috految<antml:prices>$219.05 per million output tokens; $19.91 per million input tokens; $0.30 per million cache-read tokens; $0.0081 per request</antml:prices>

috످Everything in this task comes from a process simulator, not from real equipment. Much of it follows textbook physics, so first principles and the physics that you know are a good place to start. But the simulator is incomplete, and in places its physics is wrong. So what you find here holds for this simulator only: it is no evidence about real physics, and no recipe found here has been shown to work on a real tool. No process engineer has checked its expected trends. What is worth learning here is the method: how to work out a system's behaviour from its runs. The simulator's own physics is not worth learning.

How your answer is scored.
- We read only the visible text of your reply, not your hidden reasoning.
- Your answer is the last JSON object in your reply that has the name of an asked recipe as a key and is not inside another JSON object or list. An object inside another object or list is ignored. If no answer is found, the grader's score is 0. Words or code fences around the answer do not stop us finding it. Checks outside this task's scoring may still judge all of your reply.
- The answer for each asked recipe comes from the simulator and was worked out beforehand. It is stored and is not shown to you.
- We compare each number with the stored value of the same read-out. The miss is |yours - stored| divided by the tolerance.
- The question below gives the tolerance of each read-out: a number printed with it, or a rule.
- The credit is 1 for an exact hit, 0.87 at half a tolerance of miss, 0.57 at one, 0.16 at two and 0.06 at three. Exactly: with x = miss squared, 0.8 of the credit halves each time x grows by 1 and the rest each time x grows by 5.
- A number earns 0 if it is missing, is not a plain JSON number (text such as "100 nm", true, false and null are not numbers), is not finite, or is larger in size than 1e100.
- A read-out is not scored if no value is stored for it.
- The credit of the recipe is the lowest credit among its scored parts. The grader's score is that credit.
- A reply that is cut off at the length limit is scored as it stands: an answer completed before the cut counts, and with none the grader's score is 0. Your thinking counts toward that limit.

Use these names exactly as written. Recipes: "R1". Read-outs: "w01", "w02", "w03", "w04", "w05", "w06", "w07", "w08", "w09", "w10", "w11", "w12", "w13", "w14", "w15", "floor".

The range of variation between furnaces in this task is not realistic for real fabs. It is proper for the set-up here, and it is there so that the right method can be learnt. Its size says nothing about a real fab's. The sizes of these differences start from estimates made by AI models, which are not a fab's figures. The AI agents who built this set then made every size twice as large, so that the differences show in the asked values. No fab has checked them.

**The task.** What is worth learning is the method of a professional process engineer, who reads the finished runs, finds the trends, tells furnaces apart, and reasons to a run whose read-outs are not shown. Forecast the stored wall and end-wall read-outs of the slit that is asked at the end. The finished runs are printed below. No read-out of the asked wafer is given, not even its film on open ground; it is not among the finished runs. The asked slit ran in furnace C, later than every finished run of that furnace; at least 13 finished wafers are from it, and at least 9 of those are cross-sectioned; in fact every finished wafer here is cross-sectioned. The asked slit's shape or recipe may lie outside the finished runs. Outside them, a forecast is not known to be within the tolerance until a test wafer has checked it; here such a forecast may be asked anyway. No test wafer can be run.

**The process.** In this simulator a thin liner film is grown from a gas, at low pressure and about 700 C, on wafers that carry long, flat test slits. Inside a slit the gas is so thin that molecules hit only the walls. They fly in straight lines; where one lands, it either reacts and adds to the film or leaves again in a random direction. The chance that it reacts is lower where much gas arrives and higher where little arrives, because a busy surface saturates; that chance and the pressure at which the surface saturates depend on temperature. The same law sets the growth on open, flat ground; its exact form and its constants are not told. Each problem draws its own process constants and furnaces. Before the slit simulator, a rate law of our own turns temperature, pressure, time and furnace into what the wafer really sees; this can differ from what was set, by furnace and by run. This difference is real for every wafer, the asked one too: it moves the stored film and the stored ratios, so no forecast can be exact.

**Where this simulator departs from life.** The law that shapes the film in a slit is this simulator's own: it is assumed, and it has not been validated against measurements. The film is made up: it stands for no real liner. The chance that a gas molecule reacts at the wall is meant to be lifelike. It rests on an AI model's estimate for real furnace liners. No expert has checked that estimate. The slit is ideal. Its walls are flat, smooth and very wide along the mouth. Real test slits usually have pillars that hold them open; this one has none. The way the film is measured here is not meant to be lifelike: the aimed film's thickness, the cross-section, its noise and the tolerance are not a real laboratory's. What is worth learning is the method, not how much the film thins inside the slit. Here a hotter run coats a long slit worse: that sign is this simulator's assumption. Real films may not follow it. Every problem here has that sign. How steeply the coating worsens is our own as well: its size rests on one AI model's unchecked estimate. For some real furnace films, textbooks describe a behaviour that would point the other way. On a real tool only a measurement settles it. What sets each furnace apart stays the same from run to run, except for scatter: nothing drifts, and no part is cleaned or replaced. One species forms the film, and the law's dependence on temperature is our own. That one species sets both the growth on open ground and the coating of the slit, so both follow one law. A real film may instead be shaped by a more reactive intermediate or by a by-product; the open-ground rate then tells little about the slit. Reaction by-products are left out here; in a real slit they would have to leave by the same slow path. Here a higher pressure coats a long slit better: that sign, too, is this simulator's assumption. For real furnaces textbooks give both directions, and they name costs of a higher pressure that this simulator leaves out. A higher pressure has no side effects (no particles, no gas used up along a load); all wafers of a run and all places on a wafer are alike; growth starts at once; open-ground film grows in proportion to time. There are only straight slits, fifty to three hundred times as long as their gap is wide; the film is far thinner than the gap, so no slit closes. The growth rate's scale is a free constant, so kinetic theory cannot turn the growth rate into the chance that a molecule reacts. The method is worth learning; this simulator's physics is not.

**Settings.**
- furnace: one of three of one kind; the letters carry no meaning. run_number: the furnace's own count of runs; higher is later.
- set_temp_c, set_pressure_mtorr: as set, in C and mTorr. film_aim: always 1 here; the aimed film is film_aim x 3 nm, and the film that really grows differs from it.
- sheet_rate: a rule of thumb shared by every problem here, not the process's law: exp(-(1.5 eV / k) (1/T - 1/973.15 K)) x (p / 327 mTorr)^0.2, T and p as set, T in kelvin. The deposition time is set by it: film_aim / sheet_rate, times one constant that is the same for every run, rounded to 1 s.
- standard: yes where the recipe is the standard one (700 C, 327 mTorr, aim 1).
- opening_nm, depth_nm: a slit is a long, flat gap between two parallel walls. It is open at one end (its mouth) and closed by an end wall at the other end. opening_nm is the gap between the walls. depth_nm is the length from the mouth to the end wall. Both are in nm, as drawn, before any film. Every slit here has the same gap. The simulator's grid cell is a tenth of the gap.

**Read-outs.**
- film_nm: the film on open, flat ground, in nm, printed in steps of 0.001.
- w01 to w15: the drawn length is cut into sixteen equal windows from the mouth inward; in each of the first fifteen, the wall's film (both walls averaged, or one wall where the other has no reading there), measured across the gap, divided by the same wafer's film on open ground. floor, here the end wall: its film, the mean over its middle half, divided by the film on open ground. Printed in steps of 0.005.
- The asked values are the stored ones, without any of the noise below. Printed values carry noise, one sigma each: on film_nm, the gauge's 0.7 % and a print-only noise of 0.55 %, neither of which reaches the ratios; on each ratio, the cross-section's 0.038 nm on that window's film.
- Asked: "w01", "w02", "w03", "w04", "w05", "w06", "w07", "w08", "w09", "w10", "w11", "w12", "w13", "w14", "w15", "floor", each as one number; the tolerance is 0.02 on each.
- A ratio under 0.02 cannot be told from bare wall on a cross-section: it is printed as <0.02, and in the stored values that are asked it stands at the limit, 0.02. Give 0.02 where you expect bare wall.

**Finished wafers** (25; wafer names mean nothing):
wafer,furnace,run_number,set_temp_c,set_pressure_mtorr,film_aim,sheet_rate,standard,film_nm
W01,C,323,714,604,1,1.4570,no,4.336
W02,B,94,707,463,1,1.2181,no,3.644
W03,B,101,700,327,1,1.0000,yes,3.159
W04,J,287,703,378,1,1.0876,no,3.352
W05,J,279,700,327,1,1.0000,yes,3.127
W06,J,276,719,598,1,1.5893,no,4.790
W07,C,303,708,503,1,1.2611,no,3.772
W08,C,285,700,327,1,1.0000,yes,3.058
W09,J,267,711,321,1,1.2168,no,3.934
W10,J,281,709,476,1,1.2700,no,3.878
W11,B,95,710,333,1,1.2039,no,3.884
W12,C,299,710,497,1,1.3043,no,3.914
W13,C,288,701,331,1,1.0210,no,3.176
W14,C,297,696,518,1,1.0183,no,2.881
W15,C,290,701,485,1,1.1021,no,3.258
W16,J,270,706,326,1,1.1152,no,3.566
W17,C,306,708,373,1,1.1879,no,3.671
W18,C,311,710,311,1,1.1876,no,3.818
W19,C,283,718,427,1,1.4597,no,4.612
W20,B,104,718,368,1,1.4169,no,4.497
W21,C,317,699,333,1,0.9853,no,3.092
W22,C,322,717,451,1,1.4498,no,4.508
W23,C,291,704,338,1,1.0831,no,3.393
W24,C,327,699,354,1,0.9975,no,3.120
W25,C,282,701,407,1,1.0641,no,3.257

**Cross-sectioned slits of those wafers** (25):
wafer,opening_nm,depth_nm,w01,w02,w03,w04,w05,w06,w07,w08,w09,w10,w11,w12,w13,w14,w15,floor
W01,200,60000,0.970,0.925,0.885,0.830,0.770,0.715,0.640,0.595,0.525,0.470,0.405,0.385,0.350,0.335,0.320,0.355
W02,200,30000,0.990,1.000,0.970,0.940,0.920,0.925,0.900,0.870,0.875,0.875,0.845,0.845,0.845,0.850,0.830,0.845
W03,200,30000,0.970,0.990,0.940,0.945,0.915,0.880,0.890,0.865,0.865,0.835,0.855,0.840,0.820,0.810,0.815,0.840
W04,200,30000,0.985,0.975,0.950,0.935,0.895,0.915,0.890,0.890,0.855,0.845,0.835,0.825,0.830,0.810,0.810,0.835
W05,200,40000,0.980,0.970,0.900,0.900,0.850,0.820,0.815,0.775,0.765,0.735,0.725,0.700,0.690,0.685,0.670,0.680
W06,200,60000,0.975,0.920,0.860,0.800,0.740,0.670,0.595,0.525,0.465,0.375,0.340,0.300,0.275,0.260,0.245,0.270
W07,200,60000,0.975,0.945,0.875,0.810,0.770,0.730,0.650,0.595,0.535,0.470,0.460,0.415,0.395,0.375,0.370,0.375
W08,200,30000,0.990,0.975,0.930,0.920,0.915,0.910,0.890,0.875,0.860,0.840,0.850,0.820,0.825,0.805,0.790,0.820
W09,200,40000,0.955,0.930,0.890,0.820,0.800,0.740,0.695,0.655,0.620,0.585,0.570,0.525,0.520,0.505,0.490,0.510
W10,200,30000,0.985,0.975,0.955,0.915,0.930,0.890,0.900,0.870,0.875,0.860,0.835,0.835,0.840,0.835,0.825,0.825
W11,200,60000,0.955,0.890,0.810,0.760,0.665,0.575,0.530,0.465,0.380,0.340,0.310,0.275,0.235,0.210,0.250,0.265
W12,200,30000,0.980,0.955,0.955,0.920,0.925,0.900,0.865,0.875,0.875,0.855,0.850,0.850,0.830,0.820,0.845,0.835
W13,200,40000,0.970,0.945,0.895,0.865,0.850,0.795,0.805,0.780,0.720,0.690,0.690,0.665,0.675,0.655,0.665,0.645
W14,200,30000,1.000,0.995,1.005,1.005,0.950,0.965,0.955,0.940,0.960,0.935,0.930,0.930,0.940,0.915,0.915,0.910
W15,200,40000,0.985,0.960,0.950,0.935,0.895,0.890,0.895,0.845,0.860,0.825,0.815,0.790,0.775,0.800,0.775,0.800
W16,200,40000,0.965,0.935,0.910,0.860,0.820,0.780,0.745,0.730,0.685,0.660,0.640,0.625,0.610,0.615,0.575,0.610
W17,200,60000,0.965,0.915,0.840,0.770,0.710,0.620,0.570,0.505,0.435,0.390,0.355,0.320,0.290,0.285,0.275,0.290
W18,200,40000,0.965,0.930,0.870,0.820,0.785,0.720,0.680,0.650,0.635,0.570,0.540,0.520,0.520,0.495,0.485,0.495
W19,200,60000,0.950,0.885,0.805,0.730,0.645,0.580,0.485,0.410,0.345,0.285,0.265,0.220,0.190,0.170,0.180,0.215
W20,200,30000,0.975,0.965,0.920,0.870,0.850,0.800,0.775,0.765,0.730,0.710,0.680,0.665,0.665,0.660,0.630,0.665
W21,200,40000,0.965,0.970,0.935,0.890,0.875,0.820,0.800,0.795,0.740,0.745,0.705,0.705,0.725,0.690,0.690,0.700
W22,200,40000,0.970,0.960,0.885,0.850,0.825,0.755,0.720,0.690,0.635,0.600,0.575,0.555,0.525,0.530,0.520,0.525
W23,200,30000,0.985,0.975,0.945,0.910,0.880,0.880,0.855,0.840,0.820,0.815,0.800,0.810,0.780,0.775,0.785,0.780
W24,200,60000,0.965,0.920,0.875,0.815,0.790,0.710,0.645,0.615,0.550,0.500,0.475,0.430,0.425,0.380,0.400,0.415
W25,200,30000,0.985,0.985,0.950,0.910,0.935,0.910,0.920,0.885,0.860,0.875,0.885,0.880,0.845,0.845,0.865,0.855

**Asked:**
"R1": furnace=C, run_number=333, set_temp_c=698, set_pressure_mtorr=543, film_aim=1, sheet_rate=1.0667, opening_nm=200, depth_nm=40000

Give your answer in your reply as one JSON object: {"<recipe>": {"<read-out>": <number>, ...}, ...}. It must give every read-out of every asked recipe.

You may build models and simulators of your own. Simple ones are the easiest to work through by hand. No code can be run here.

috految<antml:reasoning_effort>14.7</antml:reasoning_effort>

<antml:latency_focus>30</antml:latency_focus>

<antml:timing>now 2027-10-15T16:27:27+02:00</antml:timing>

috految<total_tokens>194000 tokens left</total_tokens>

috److I fitted a Langmuir saturation model to the furnace C runs and used it to scale to the asked recipe.

**Model.** The film ratio is r = u / (n + (1 − n)u), where u is the local pressure fraction and n = K / (K + p).

The open-ground pressure order is about 0.245 at 700 C and 400 mTorr, and about 0.26 at 710 C. This gives K ≈ 125 mTorr at 700 C, rising by roughly 1% per degree.

Depletion at the far end is d = 1 − u = (1 − r) / (1 − r + nr). It should equal A × (rate / p) × (weighted mean ratio), where the weighted mean ratio is about r + 0.21(1 − r).

**Calibration of A.**

| Wafer | Length (nm) | rate / p | n | End ratio | d | Mean ratio | A |
|---|---|---|---|---|---|---|---|
| W15 | 40000 | 0.00740 | 0.206 | 0.785 | 0.571 | 0.830 | 92.9 |
| W21 | 40000 | 0.00912 | 0.271 | 0.688 | 0.626 | 0.754 | 91.0 |
| W13 | 40000 | 0.00980 | 0.276 | 0.650 | 0.661 | 0.724 | 93.2 |
| W22 | 40000 | 0.01449 | 0.247 | 0.520 | 0.789 | 0.621 | 87.7 |
| W18 | 40000 | 0.01455 | 0.307 | 0.490 | 0.772 | 0.597 | 88.9 |
| W14 | 30000 | 0.00567 | 0.188 | 0.925 | 0.301 | 0.941 | 56.4 |
| W08 | 30000 | 0.00940 | 0.277 | 0.813 | 0.454 | 0.852 | 56.7 |
| W12 | 30000 | 0.01030 | 0.217 | 0.827 | 0.491 | 0.863 | 55.2 |

**Asked run.**
- The expected open-ground film is about 3.04 nm, so rate / p = 0.00597.
- With n = 0.184 and A ≈ 93.3, d = 0.557 × 0.881 = 0.491.
- The end ratio is then about 0.849.

I estimated the profile between the mouth and the end from the shapes of similar finished slits.

{"R1":{"w01":0.990,"w02":0.976,"w03":0.962,"w04":0.948,"w05":0.935,"w06":0.921,"w07":0.908,"w08":0.896,"w09":0.885,"w10":0.875,"w11":0.866,"w12":0.859,"w13":0.854,"w14":0.850,"w15":0.849,"floor":0.854}}

috످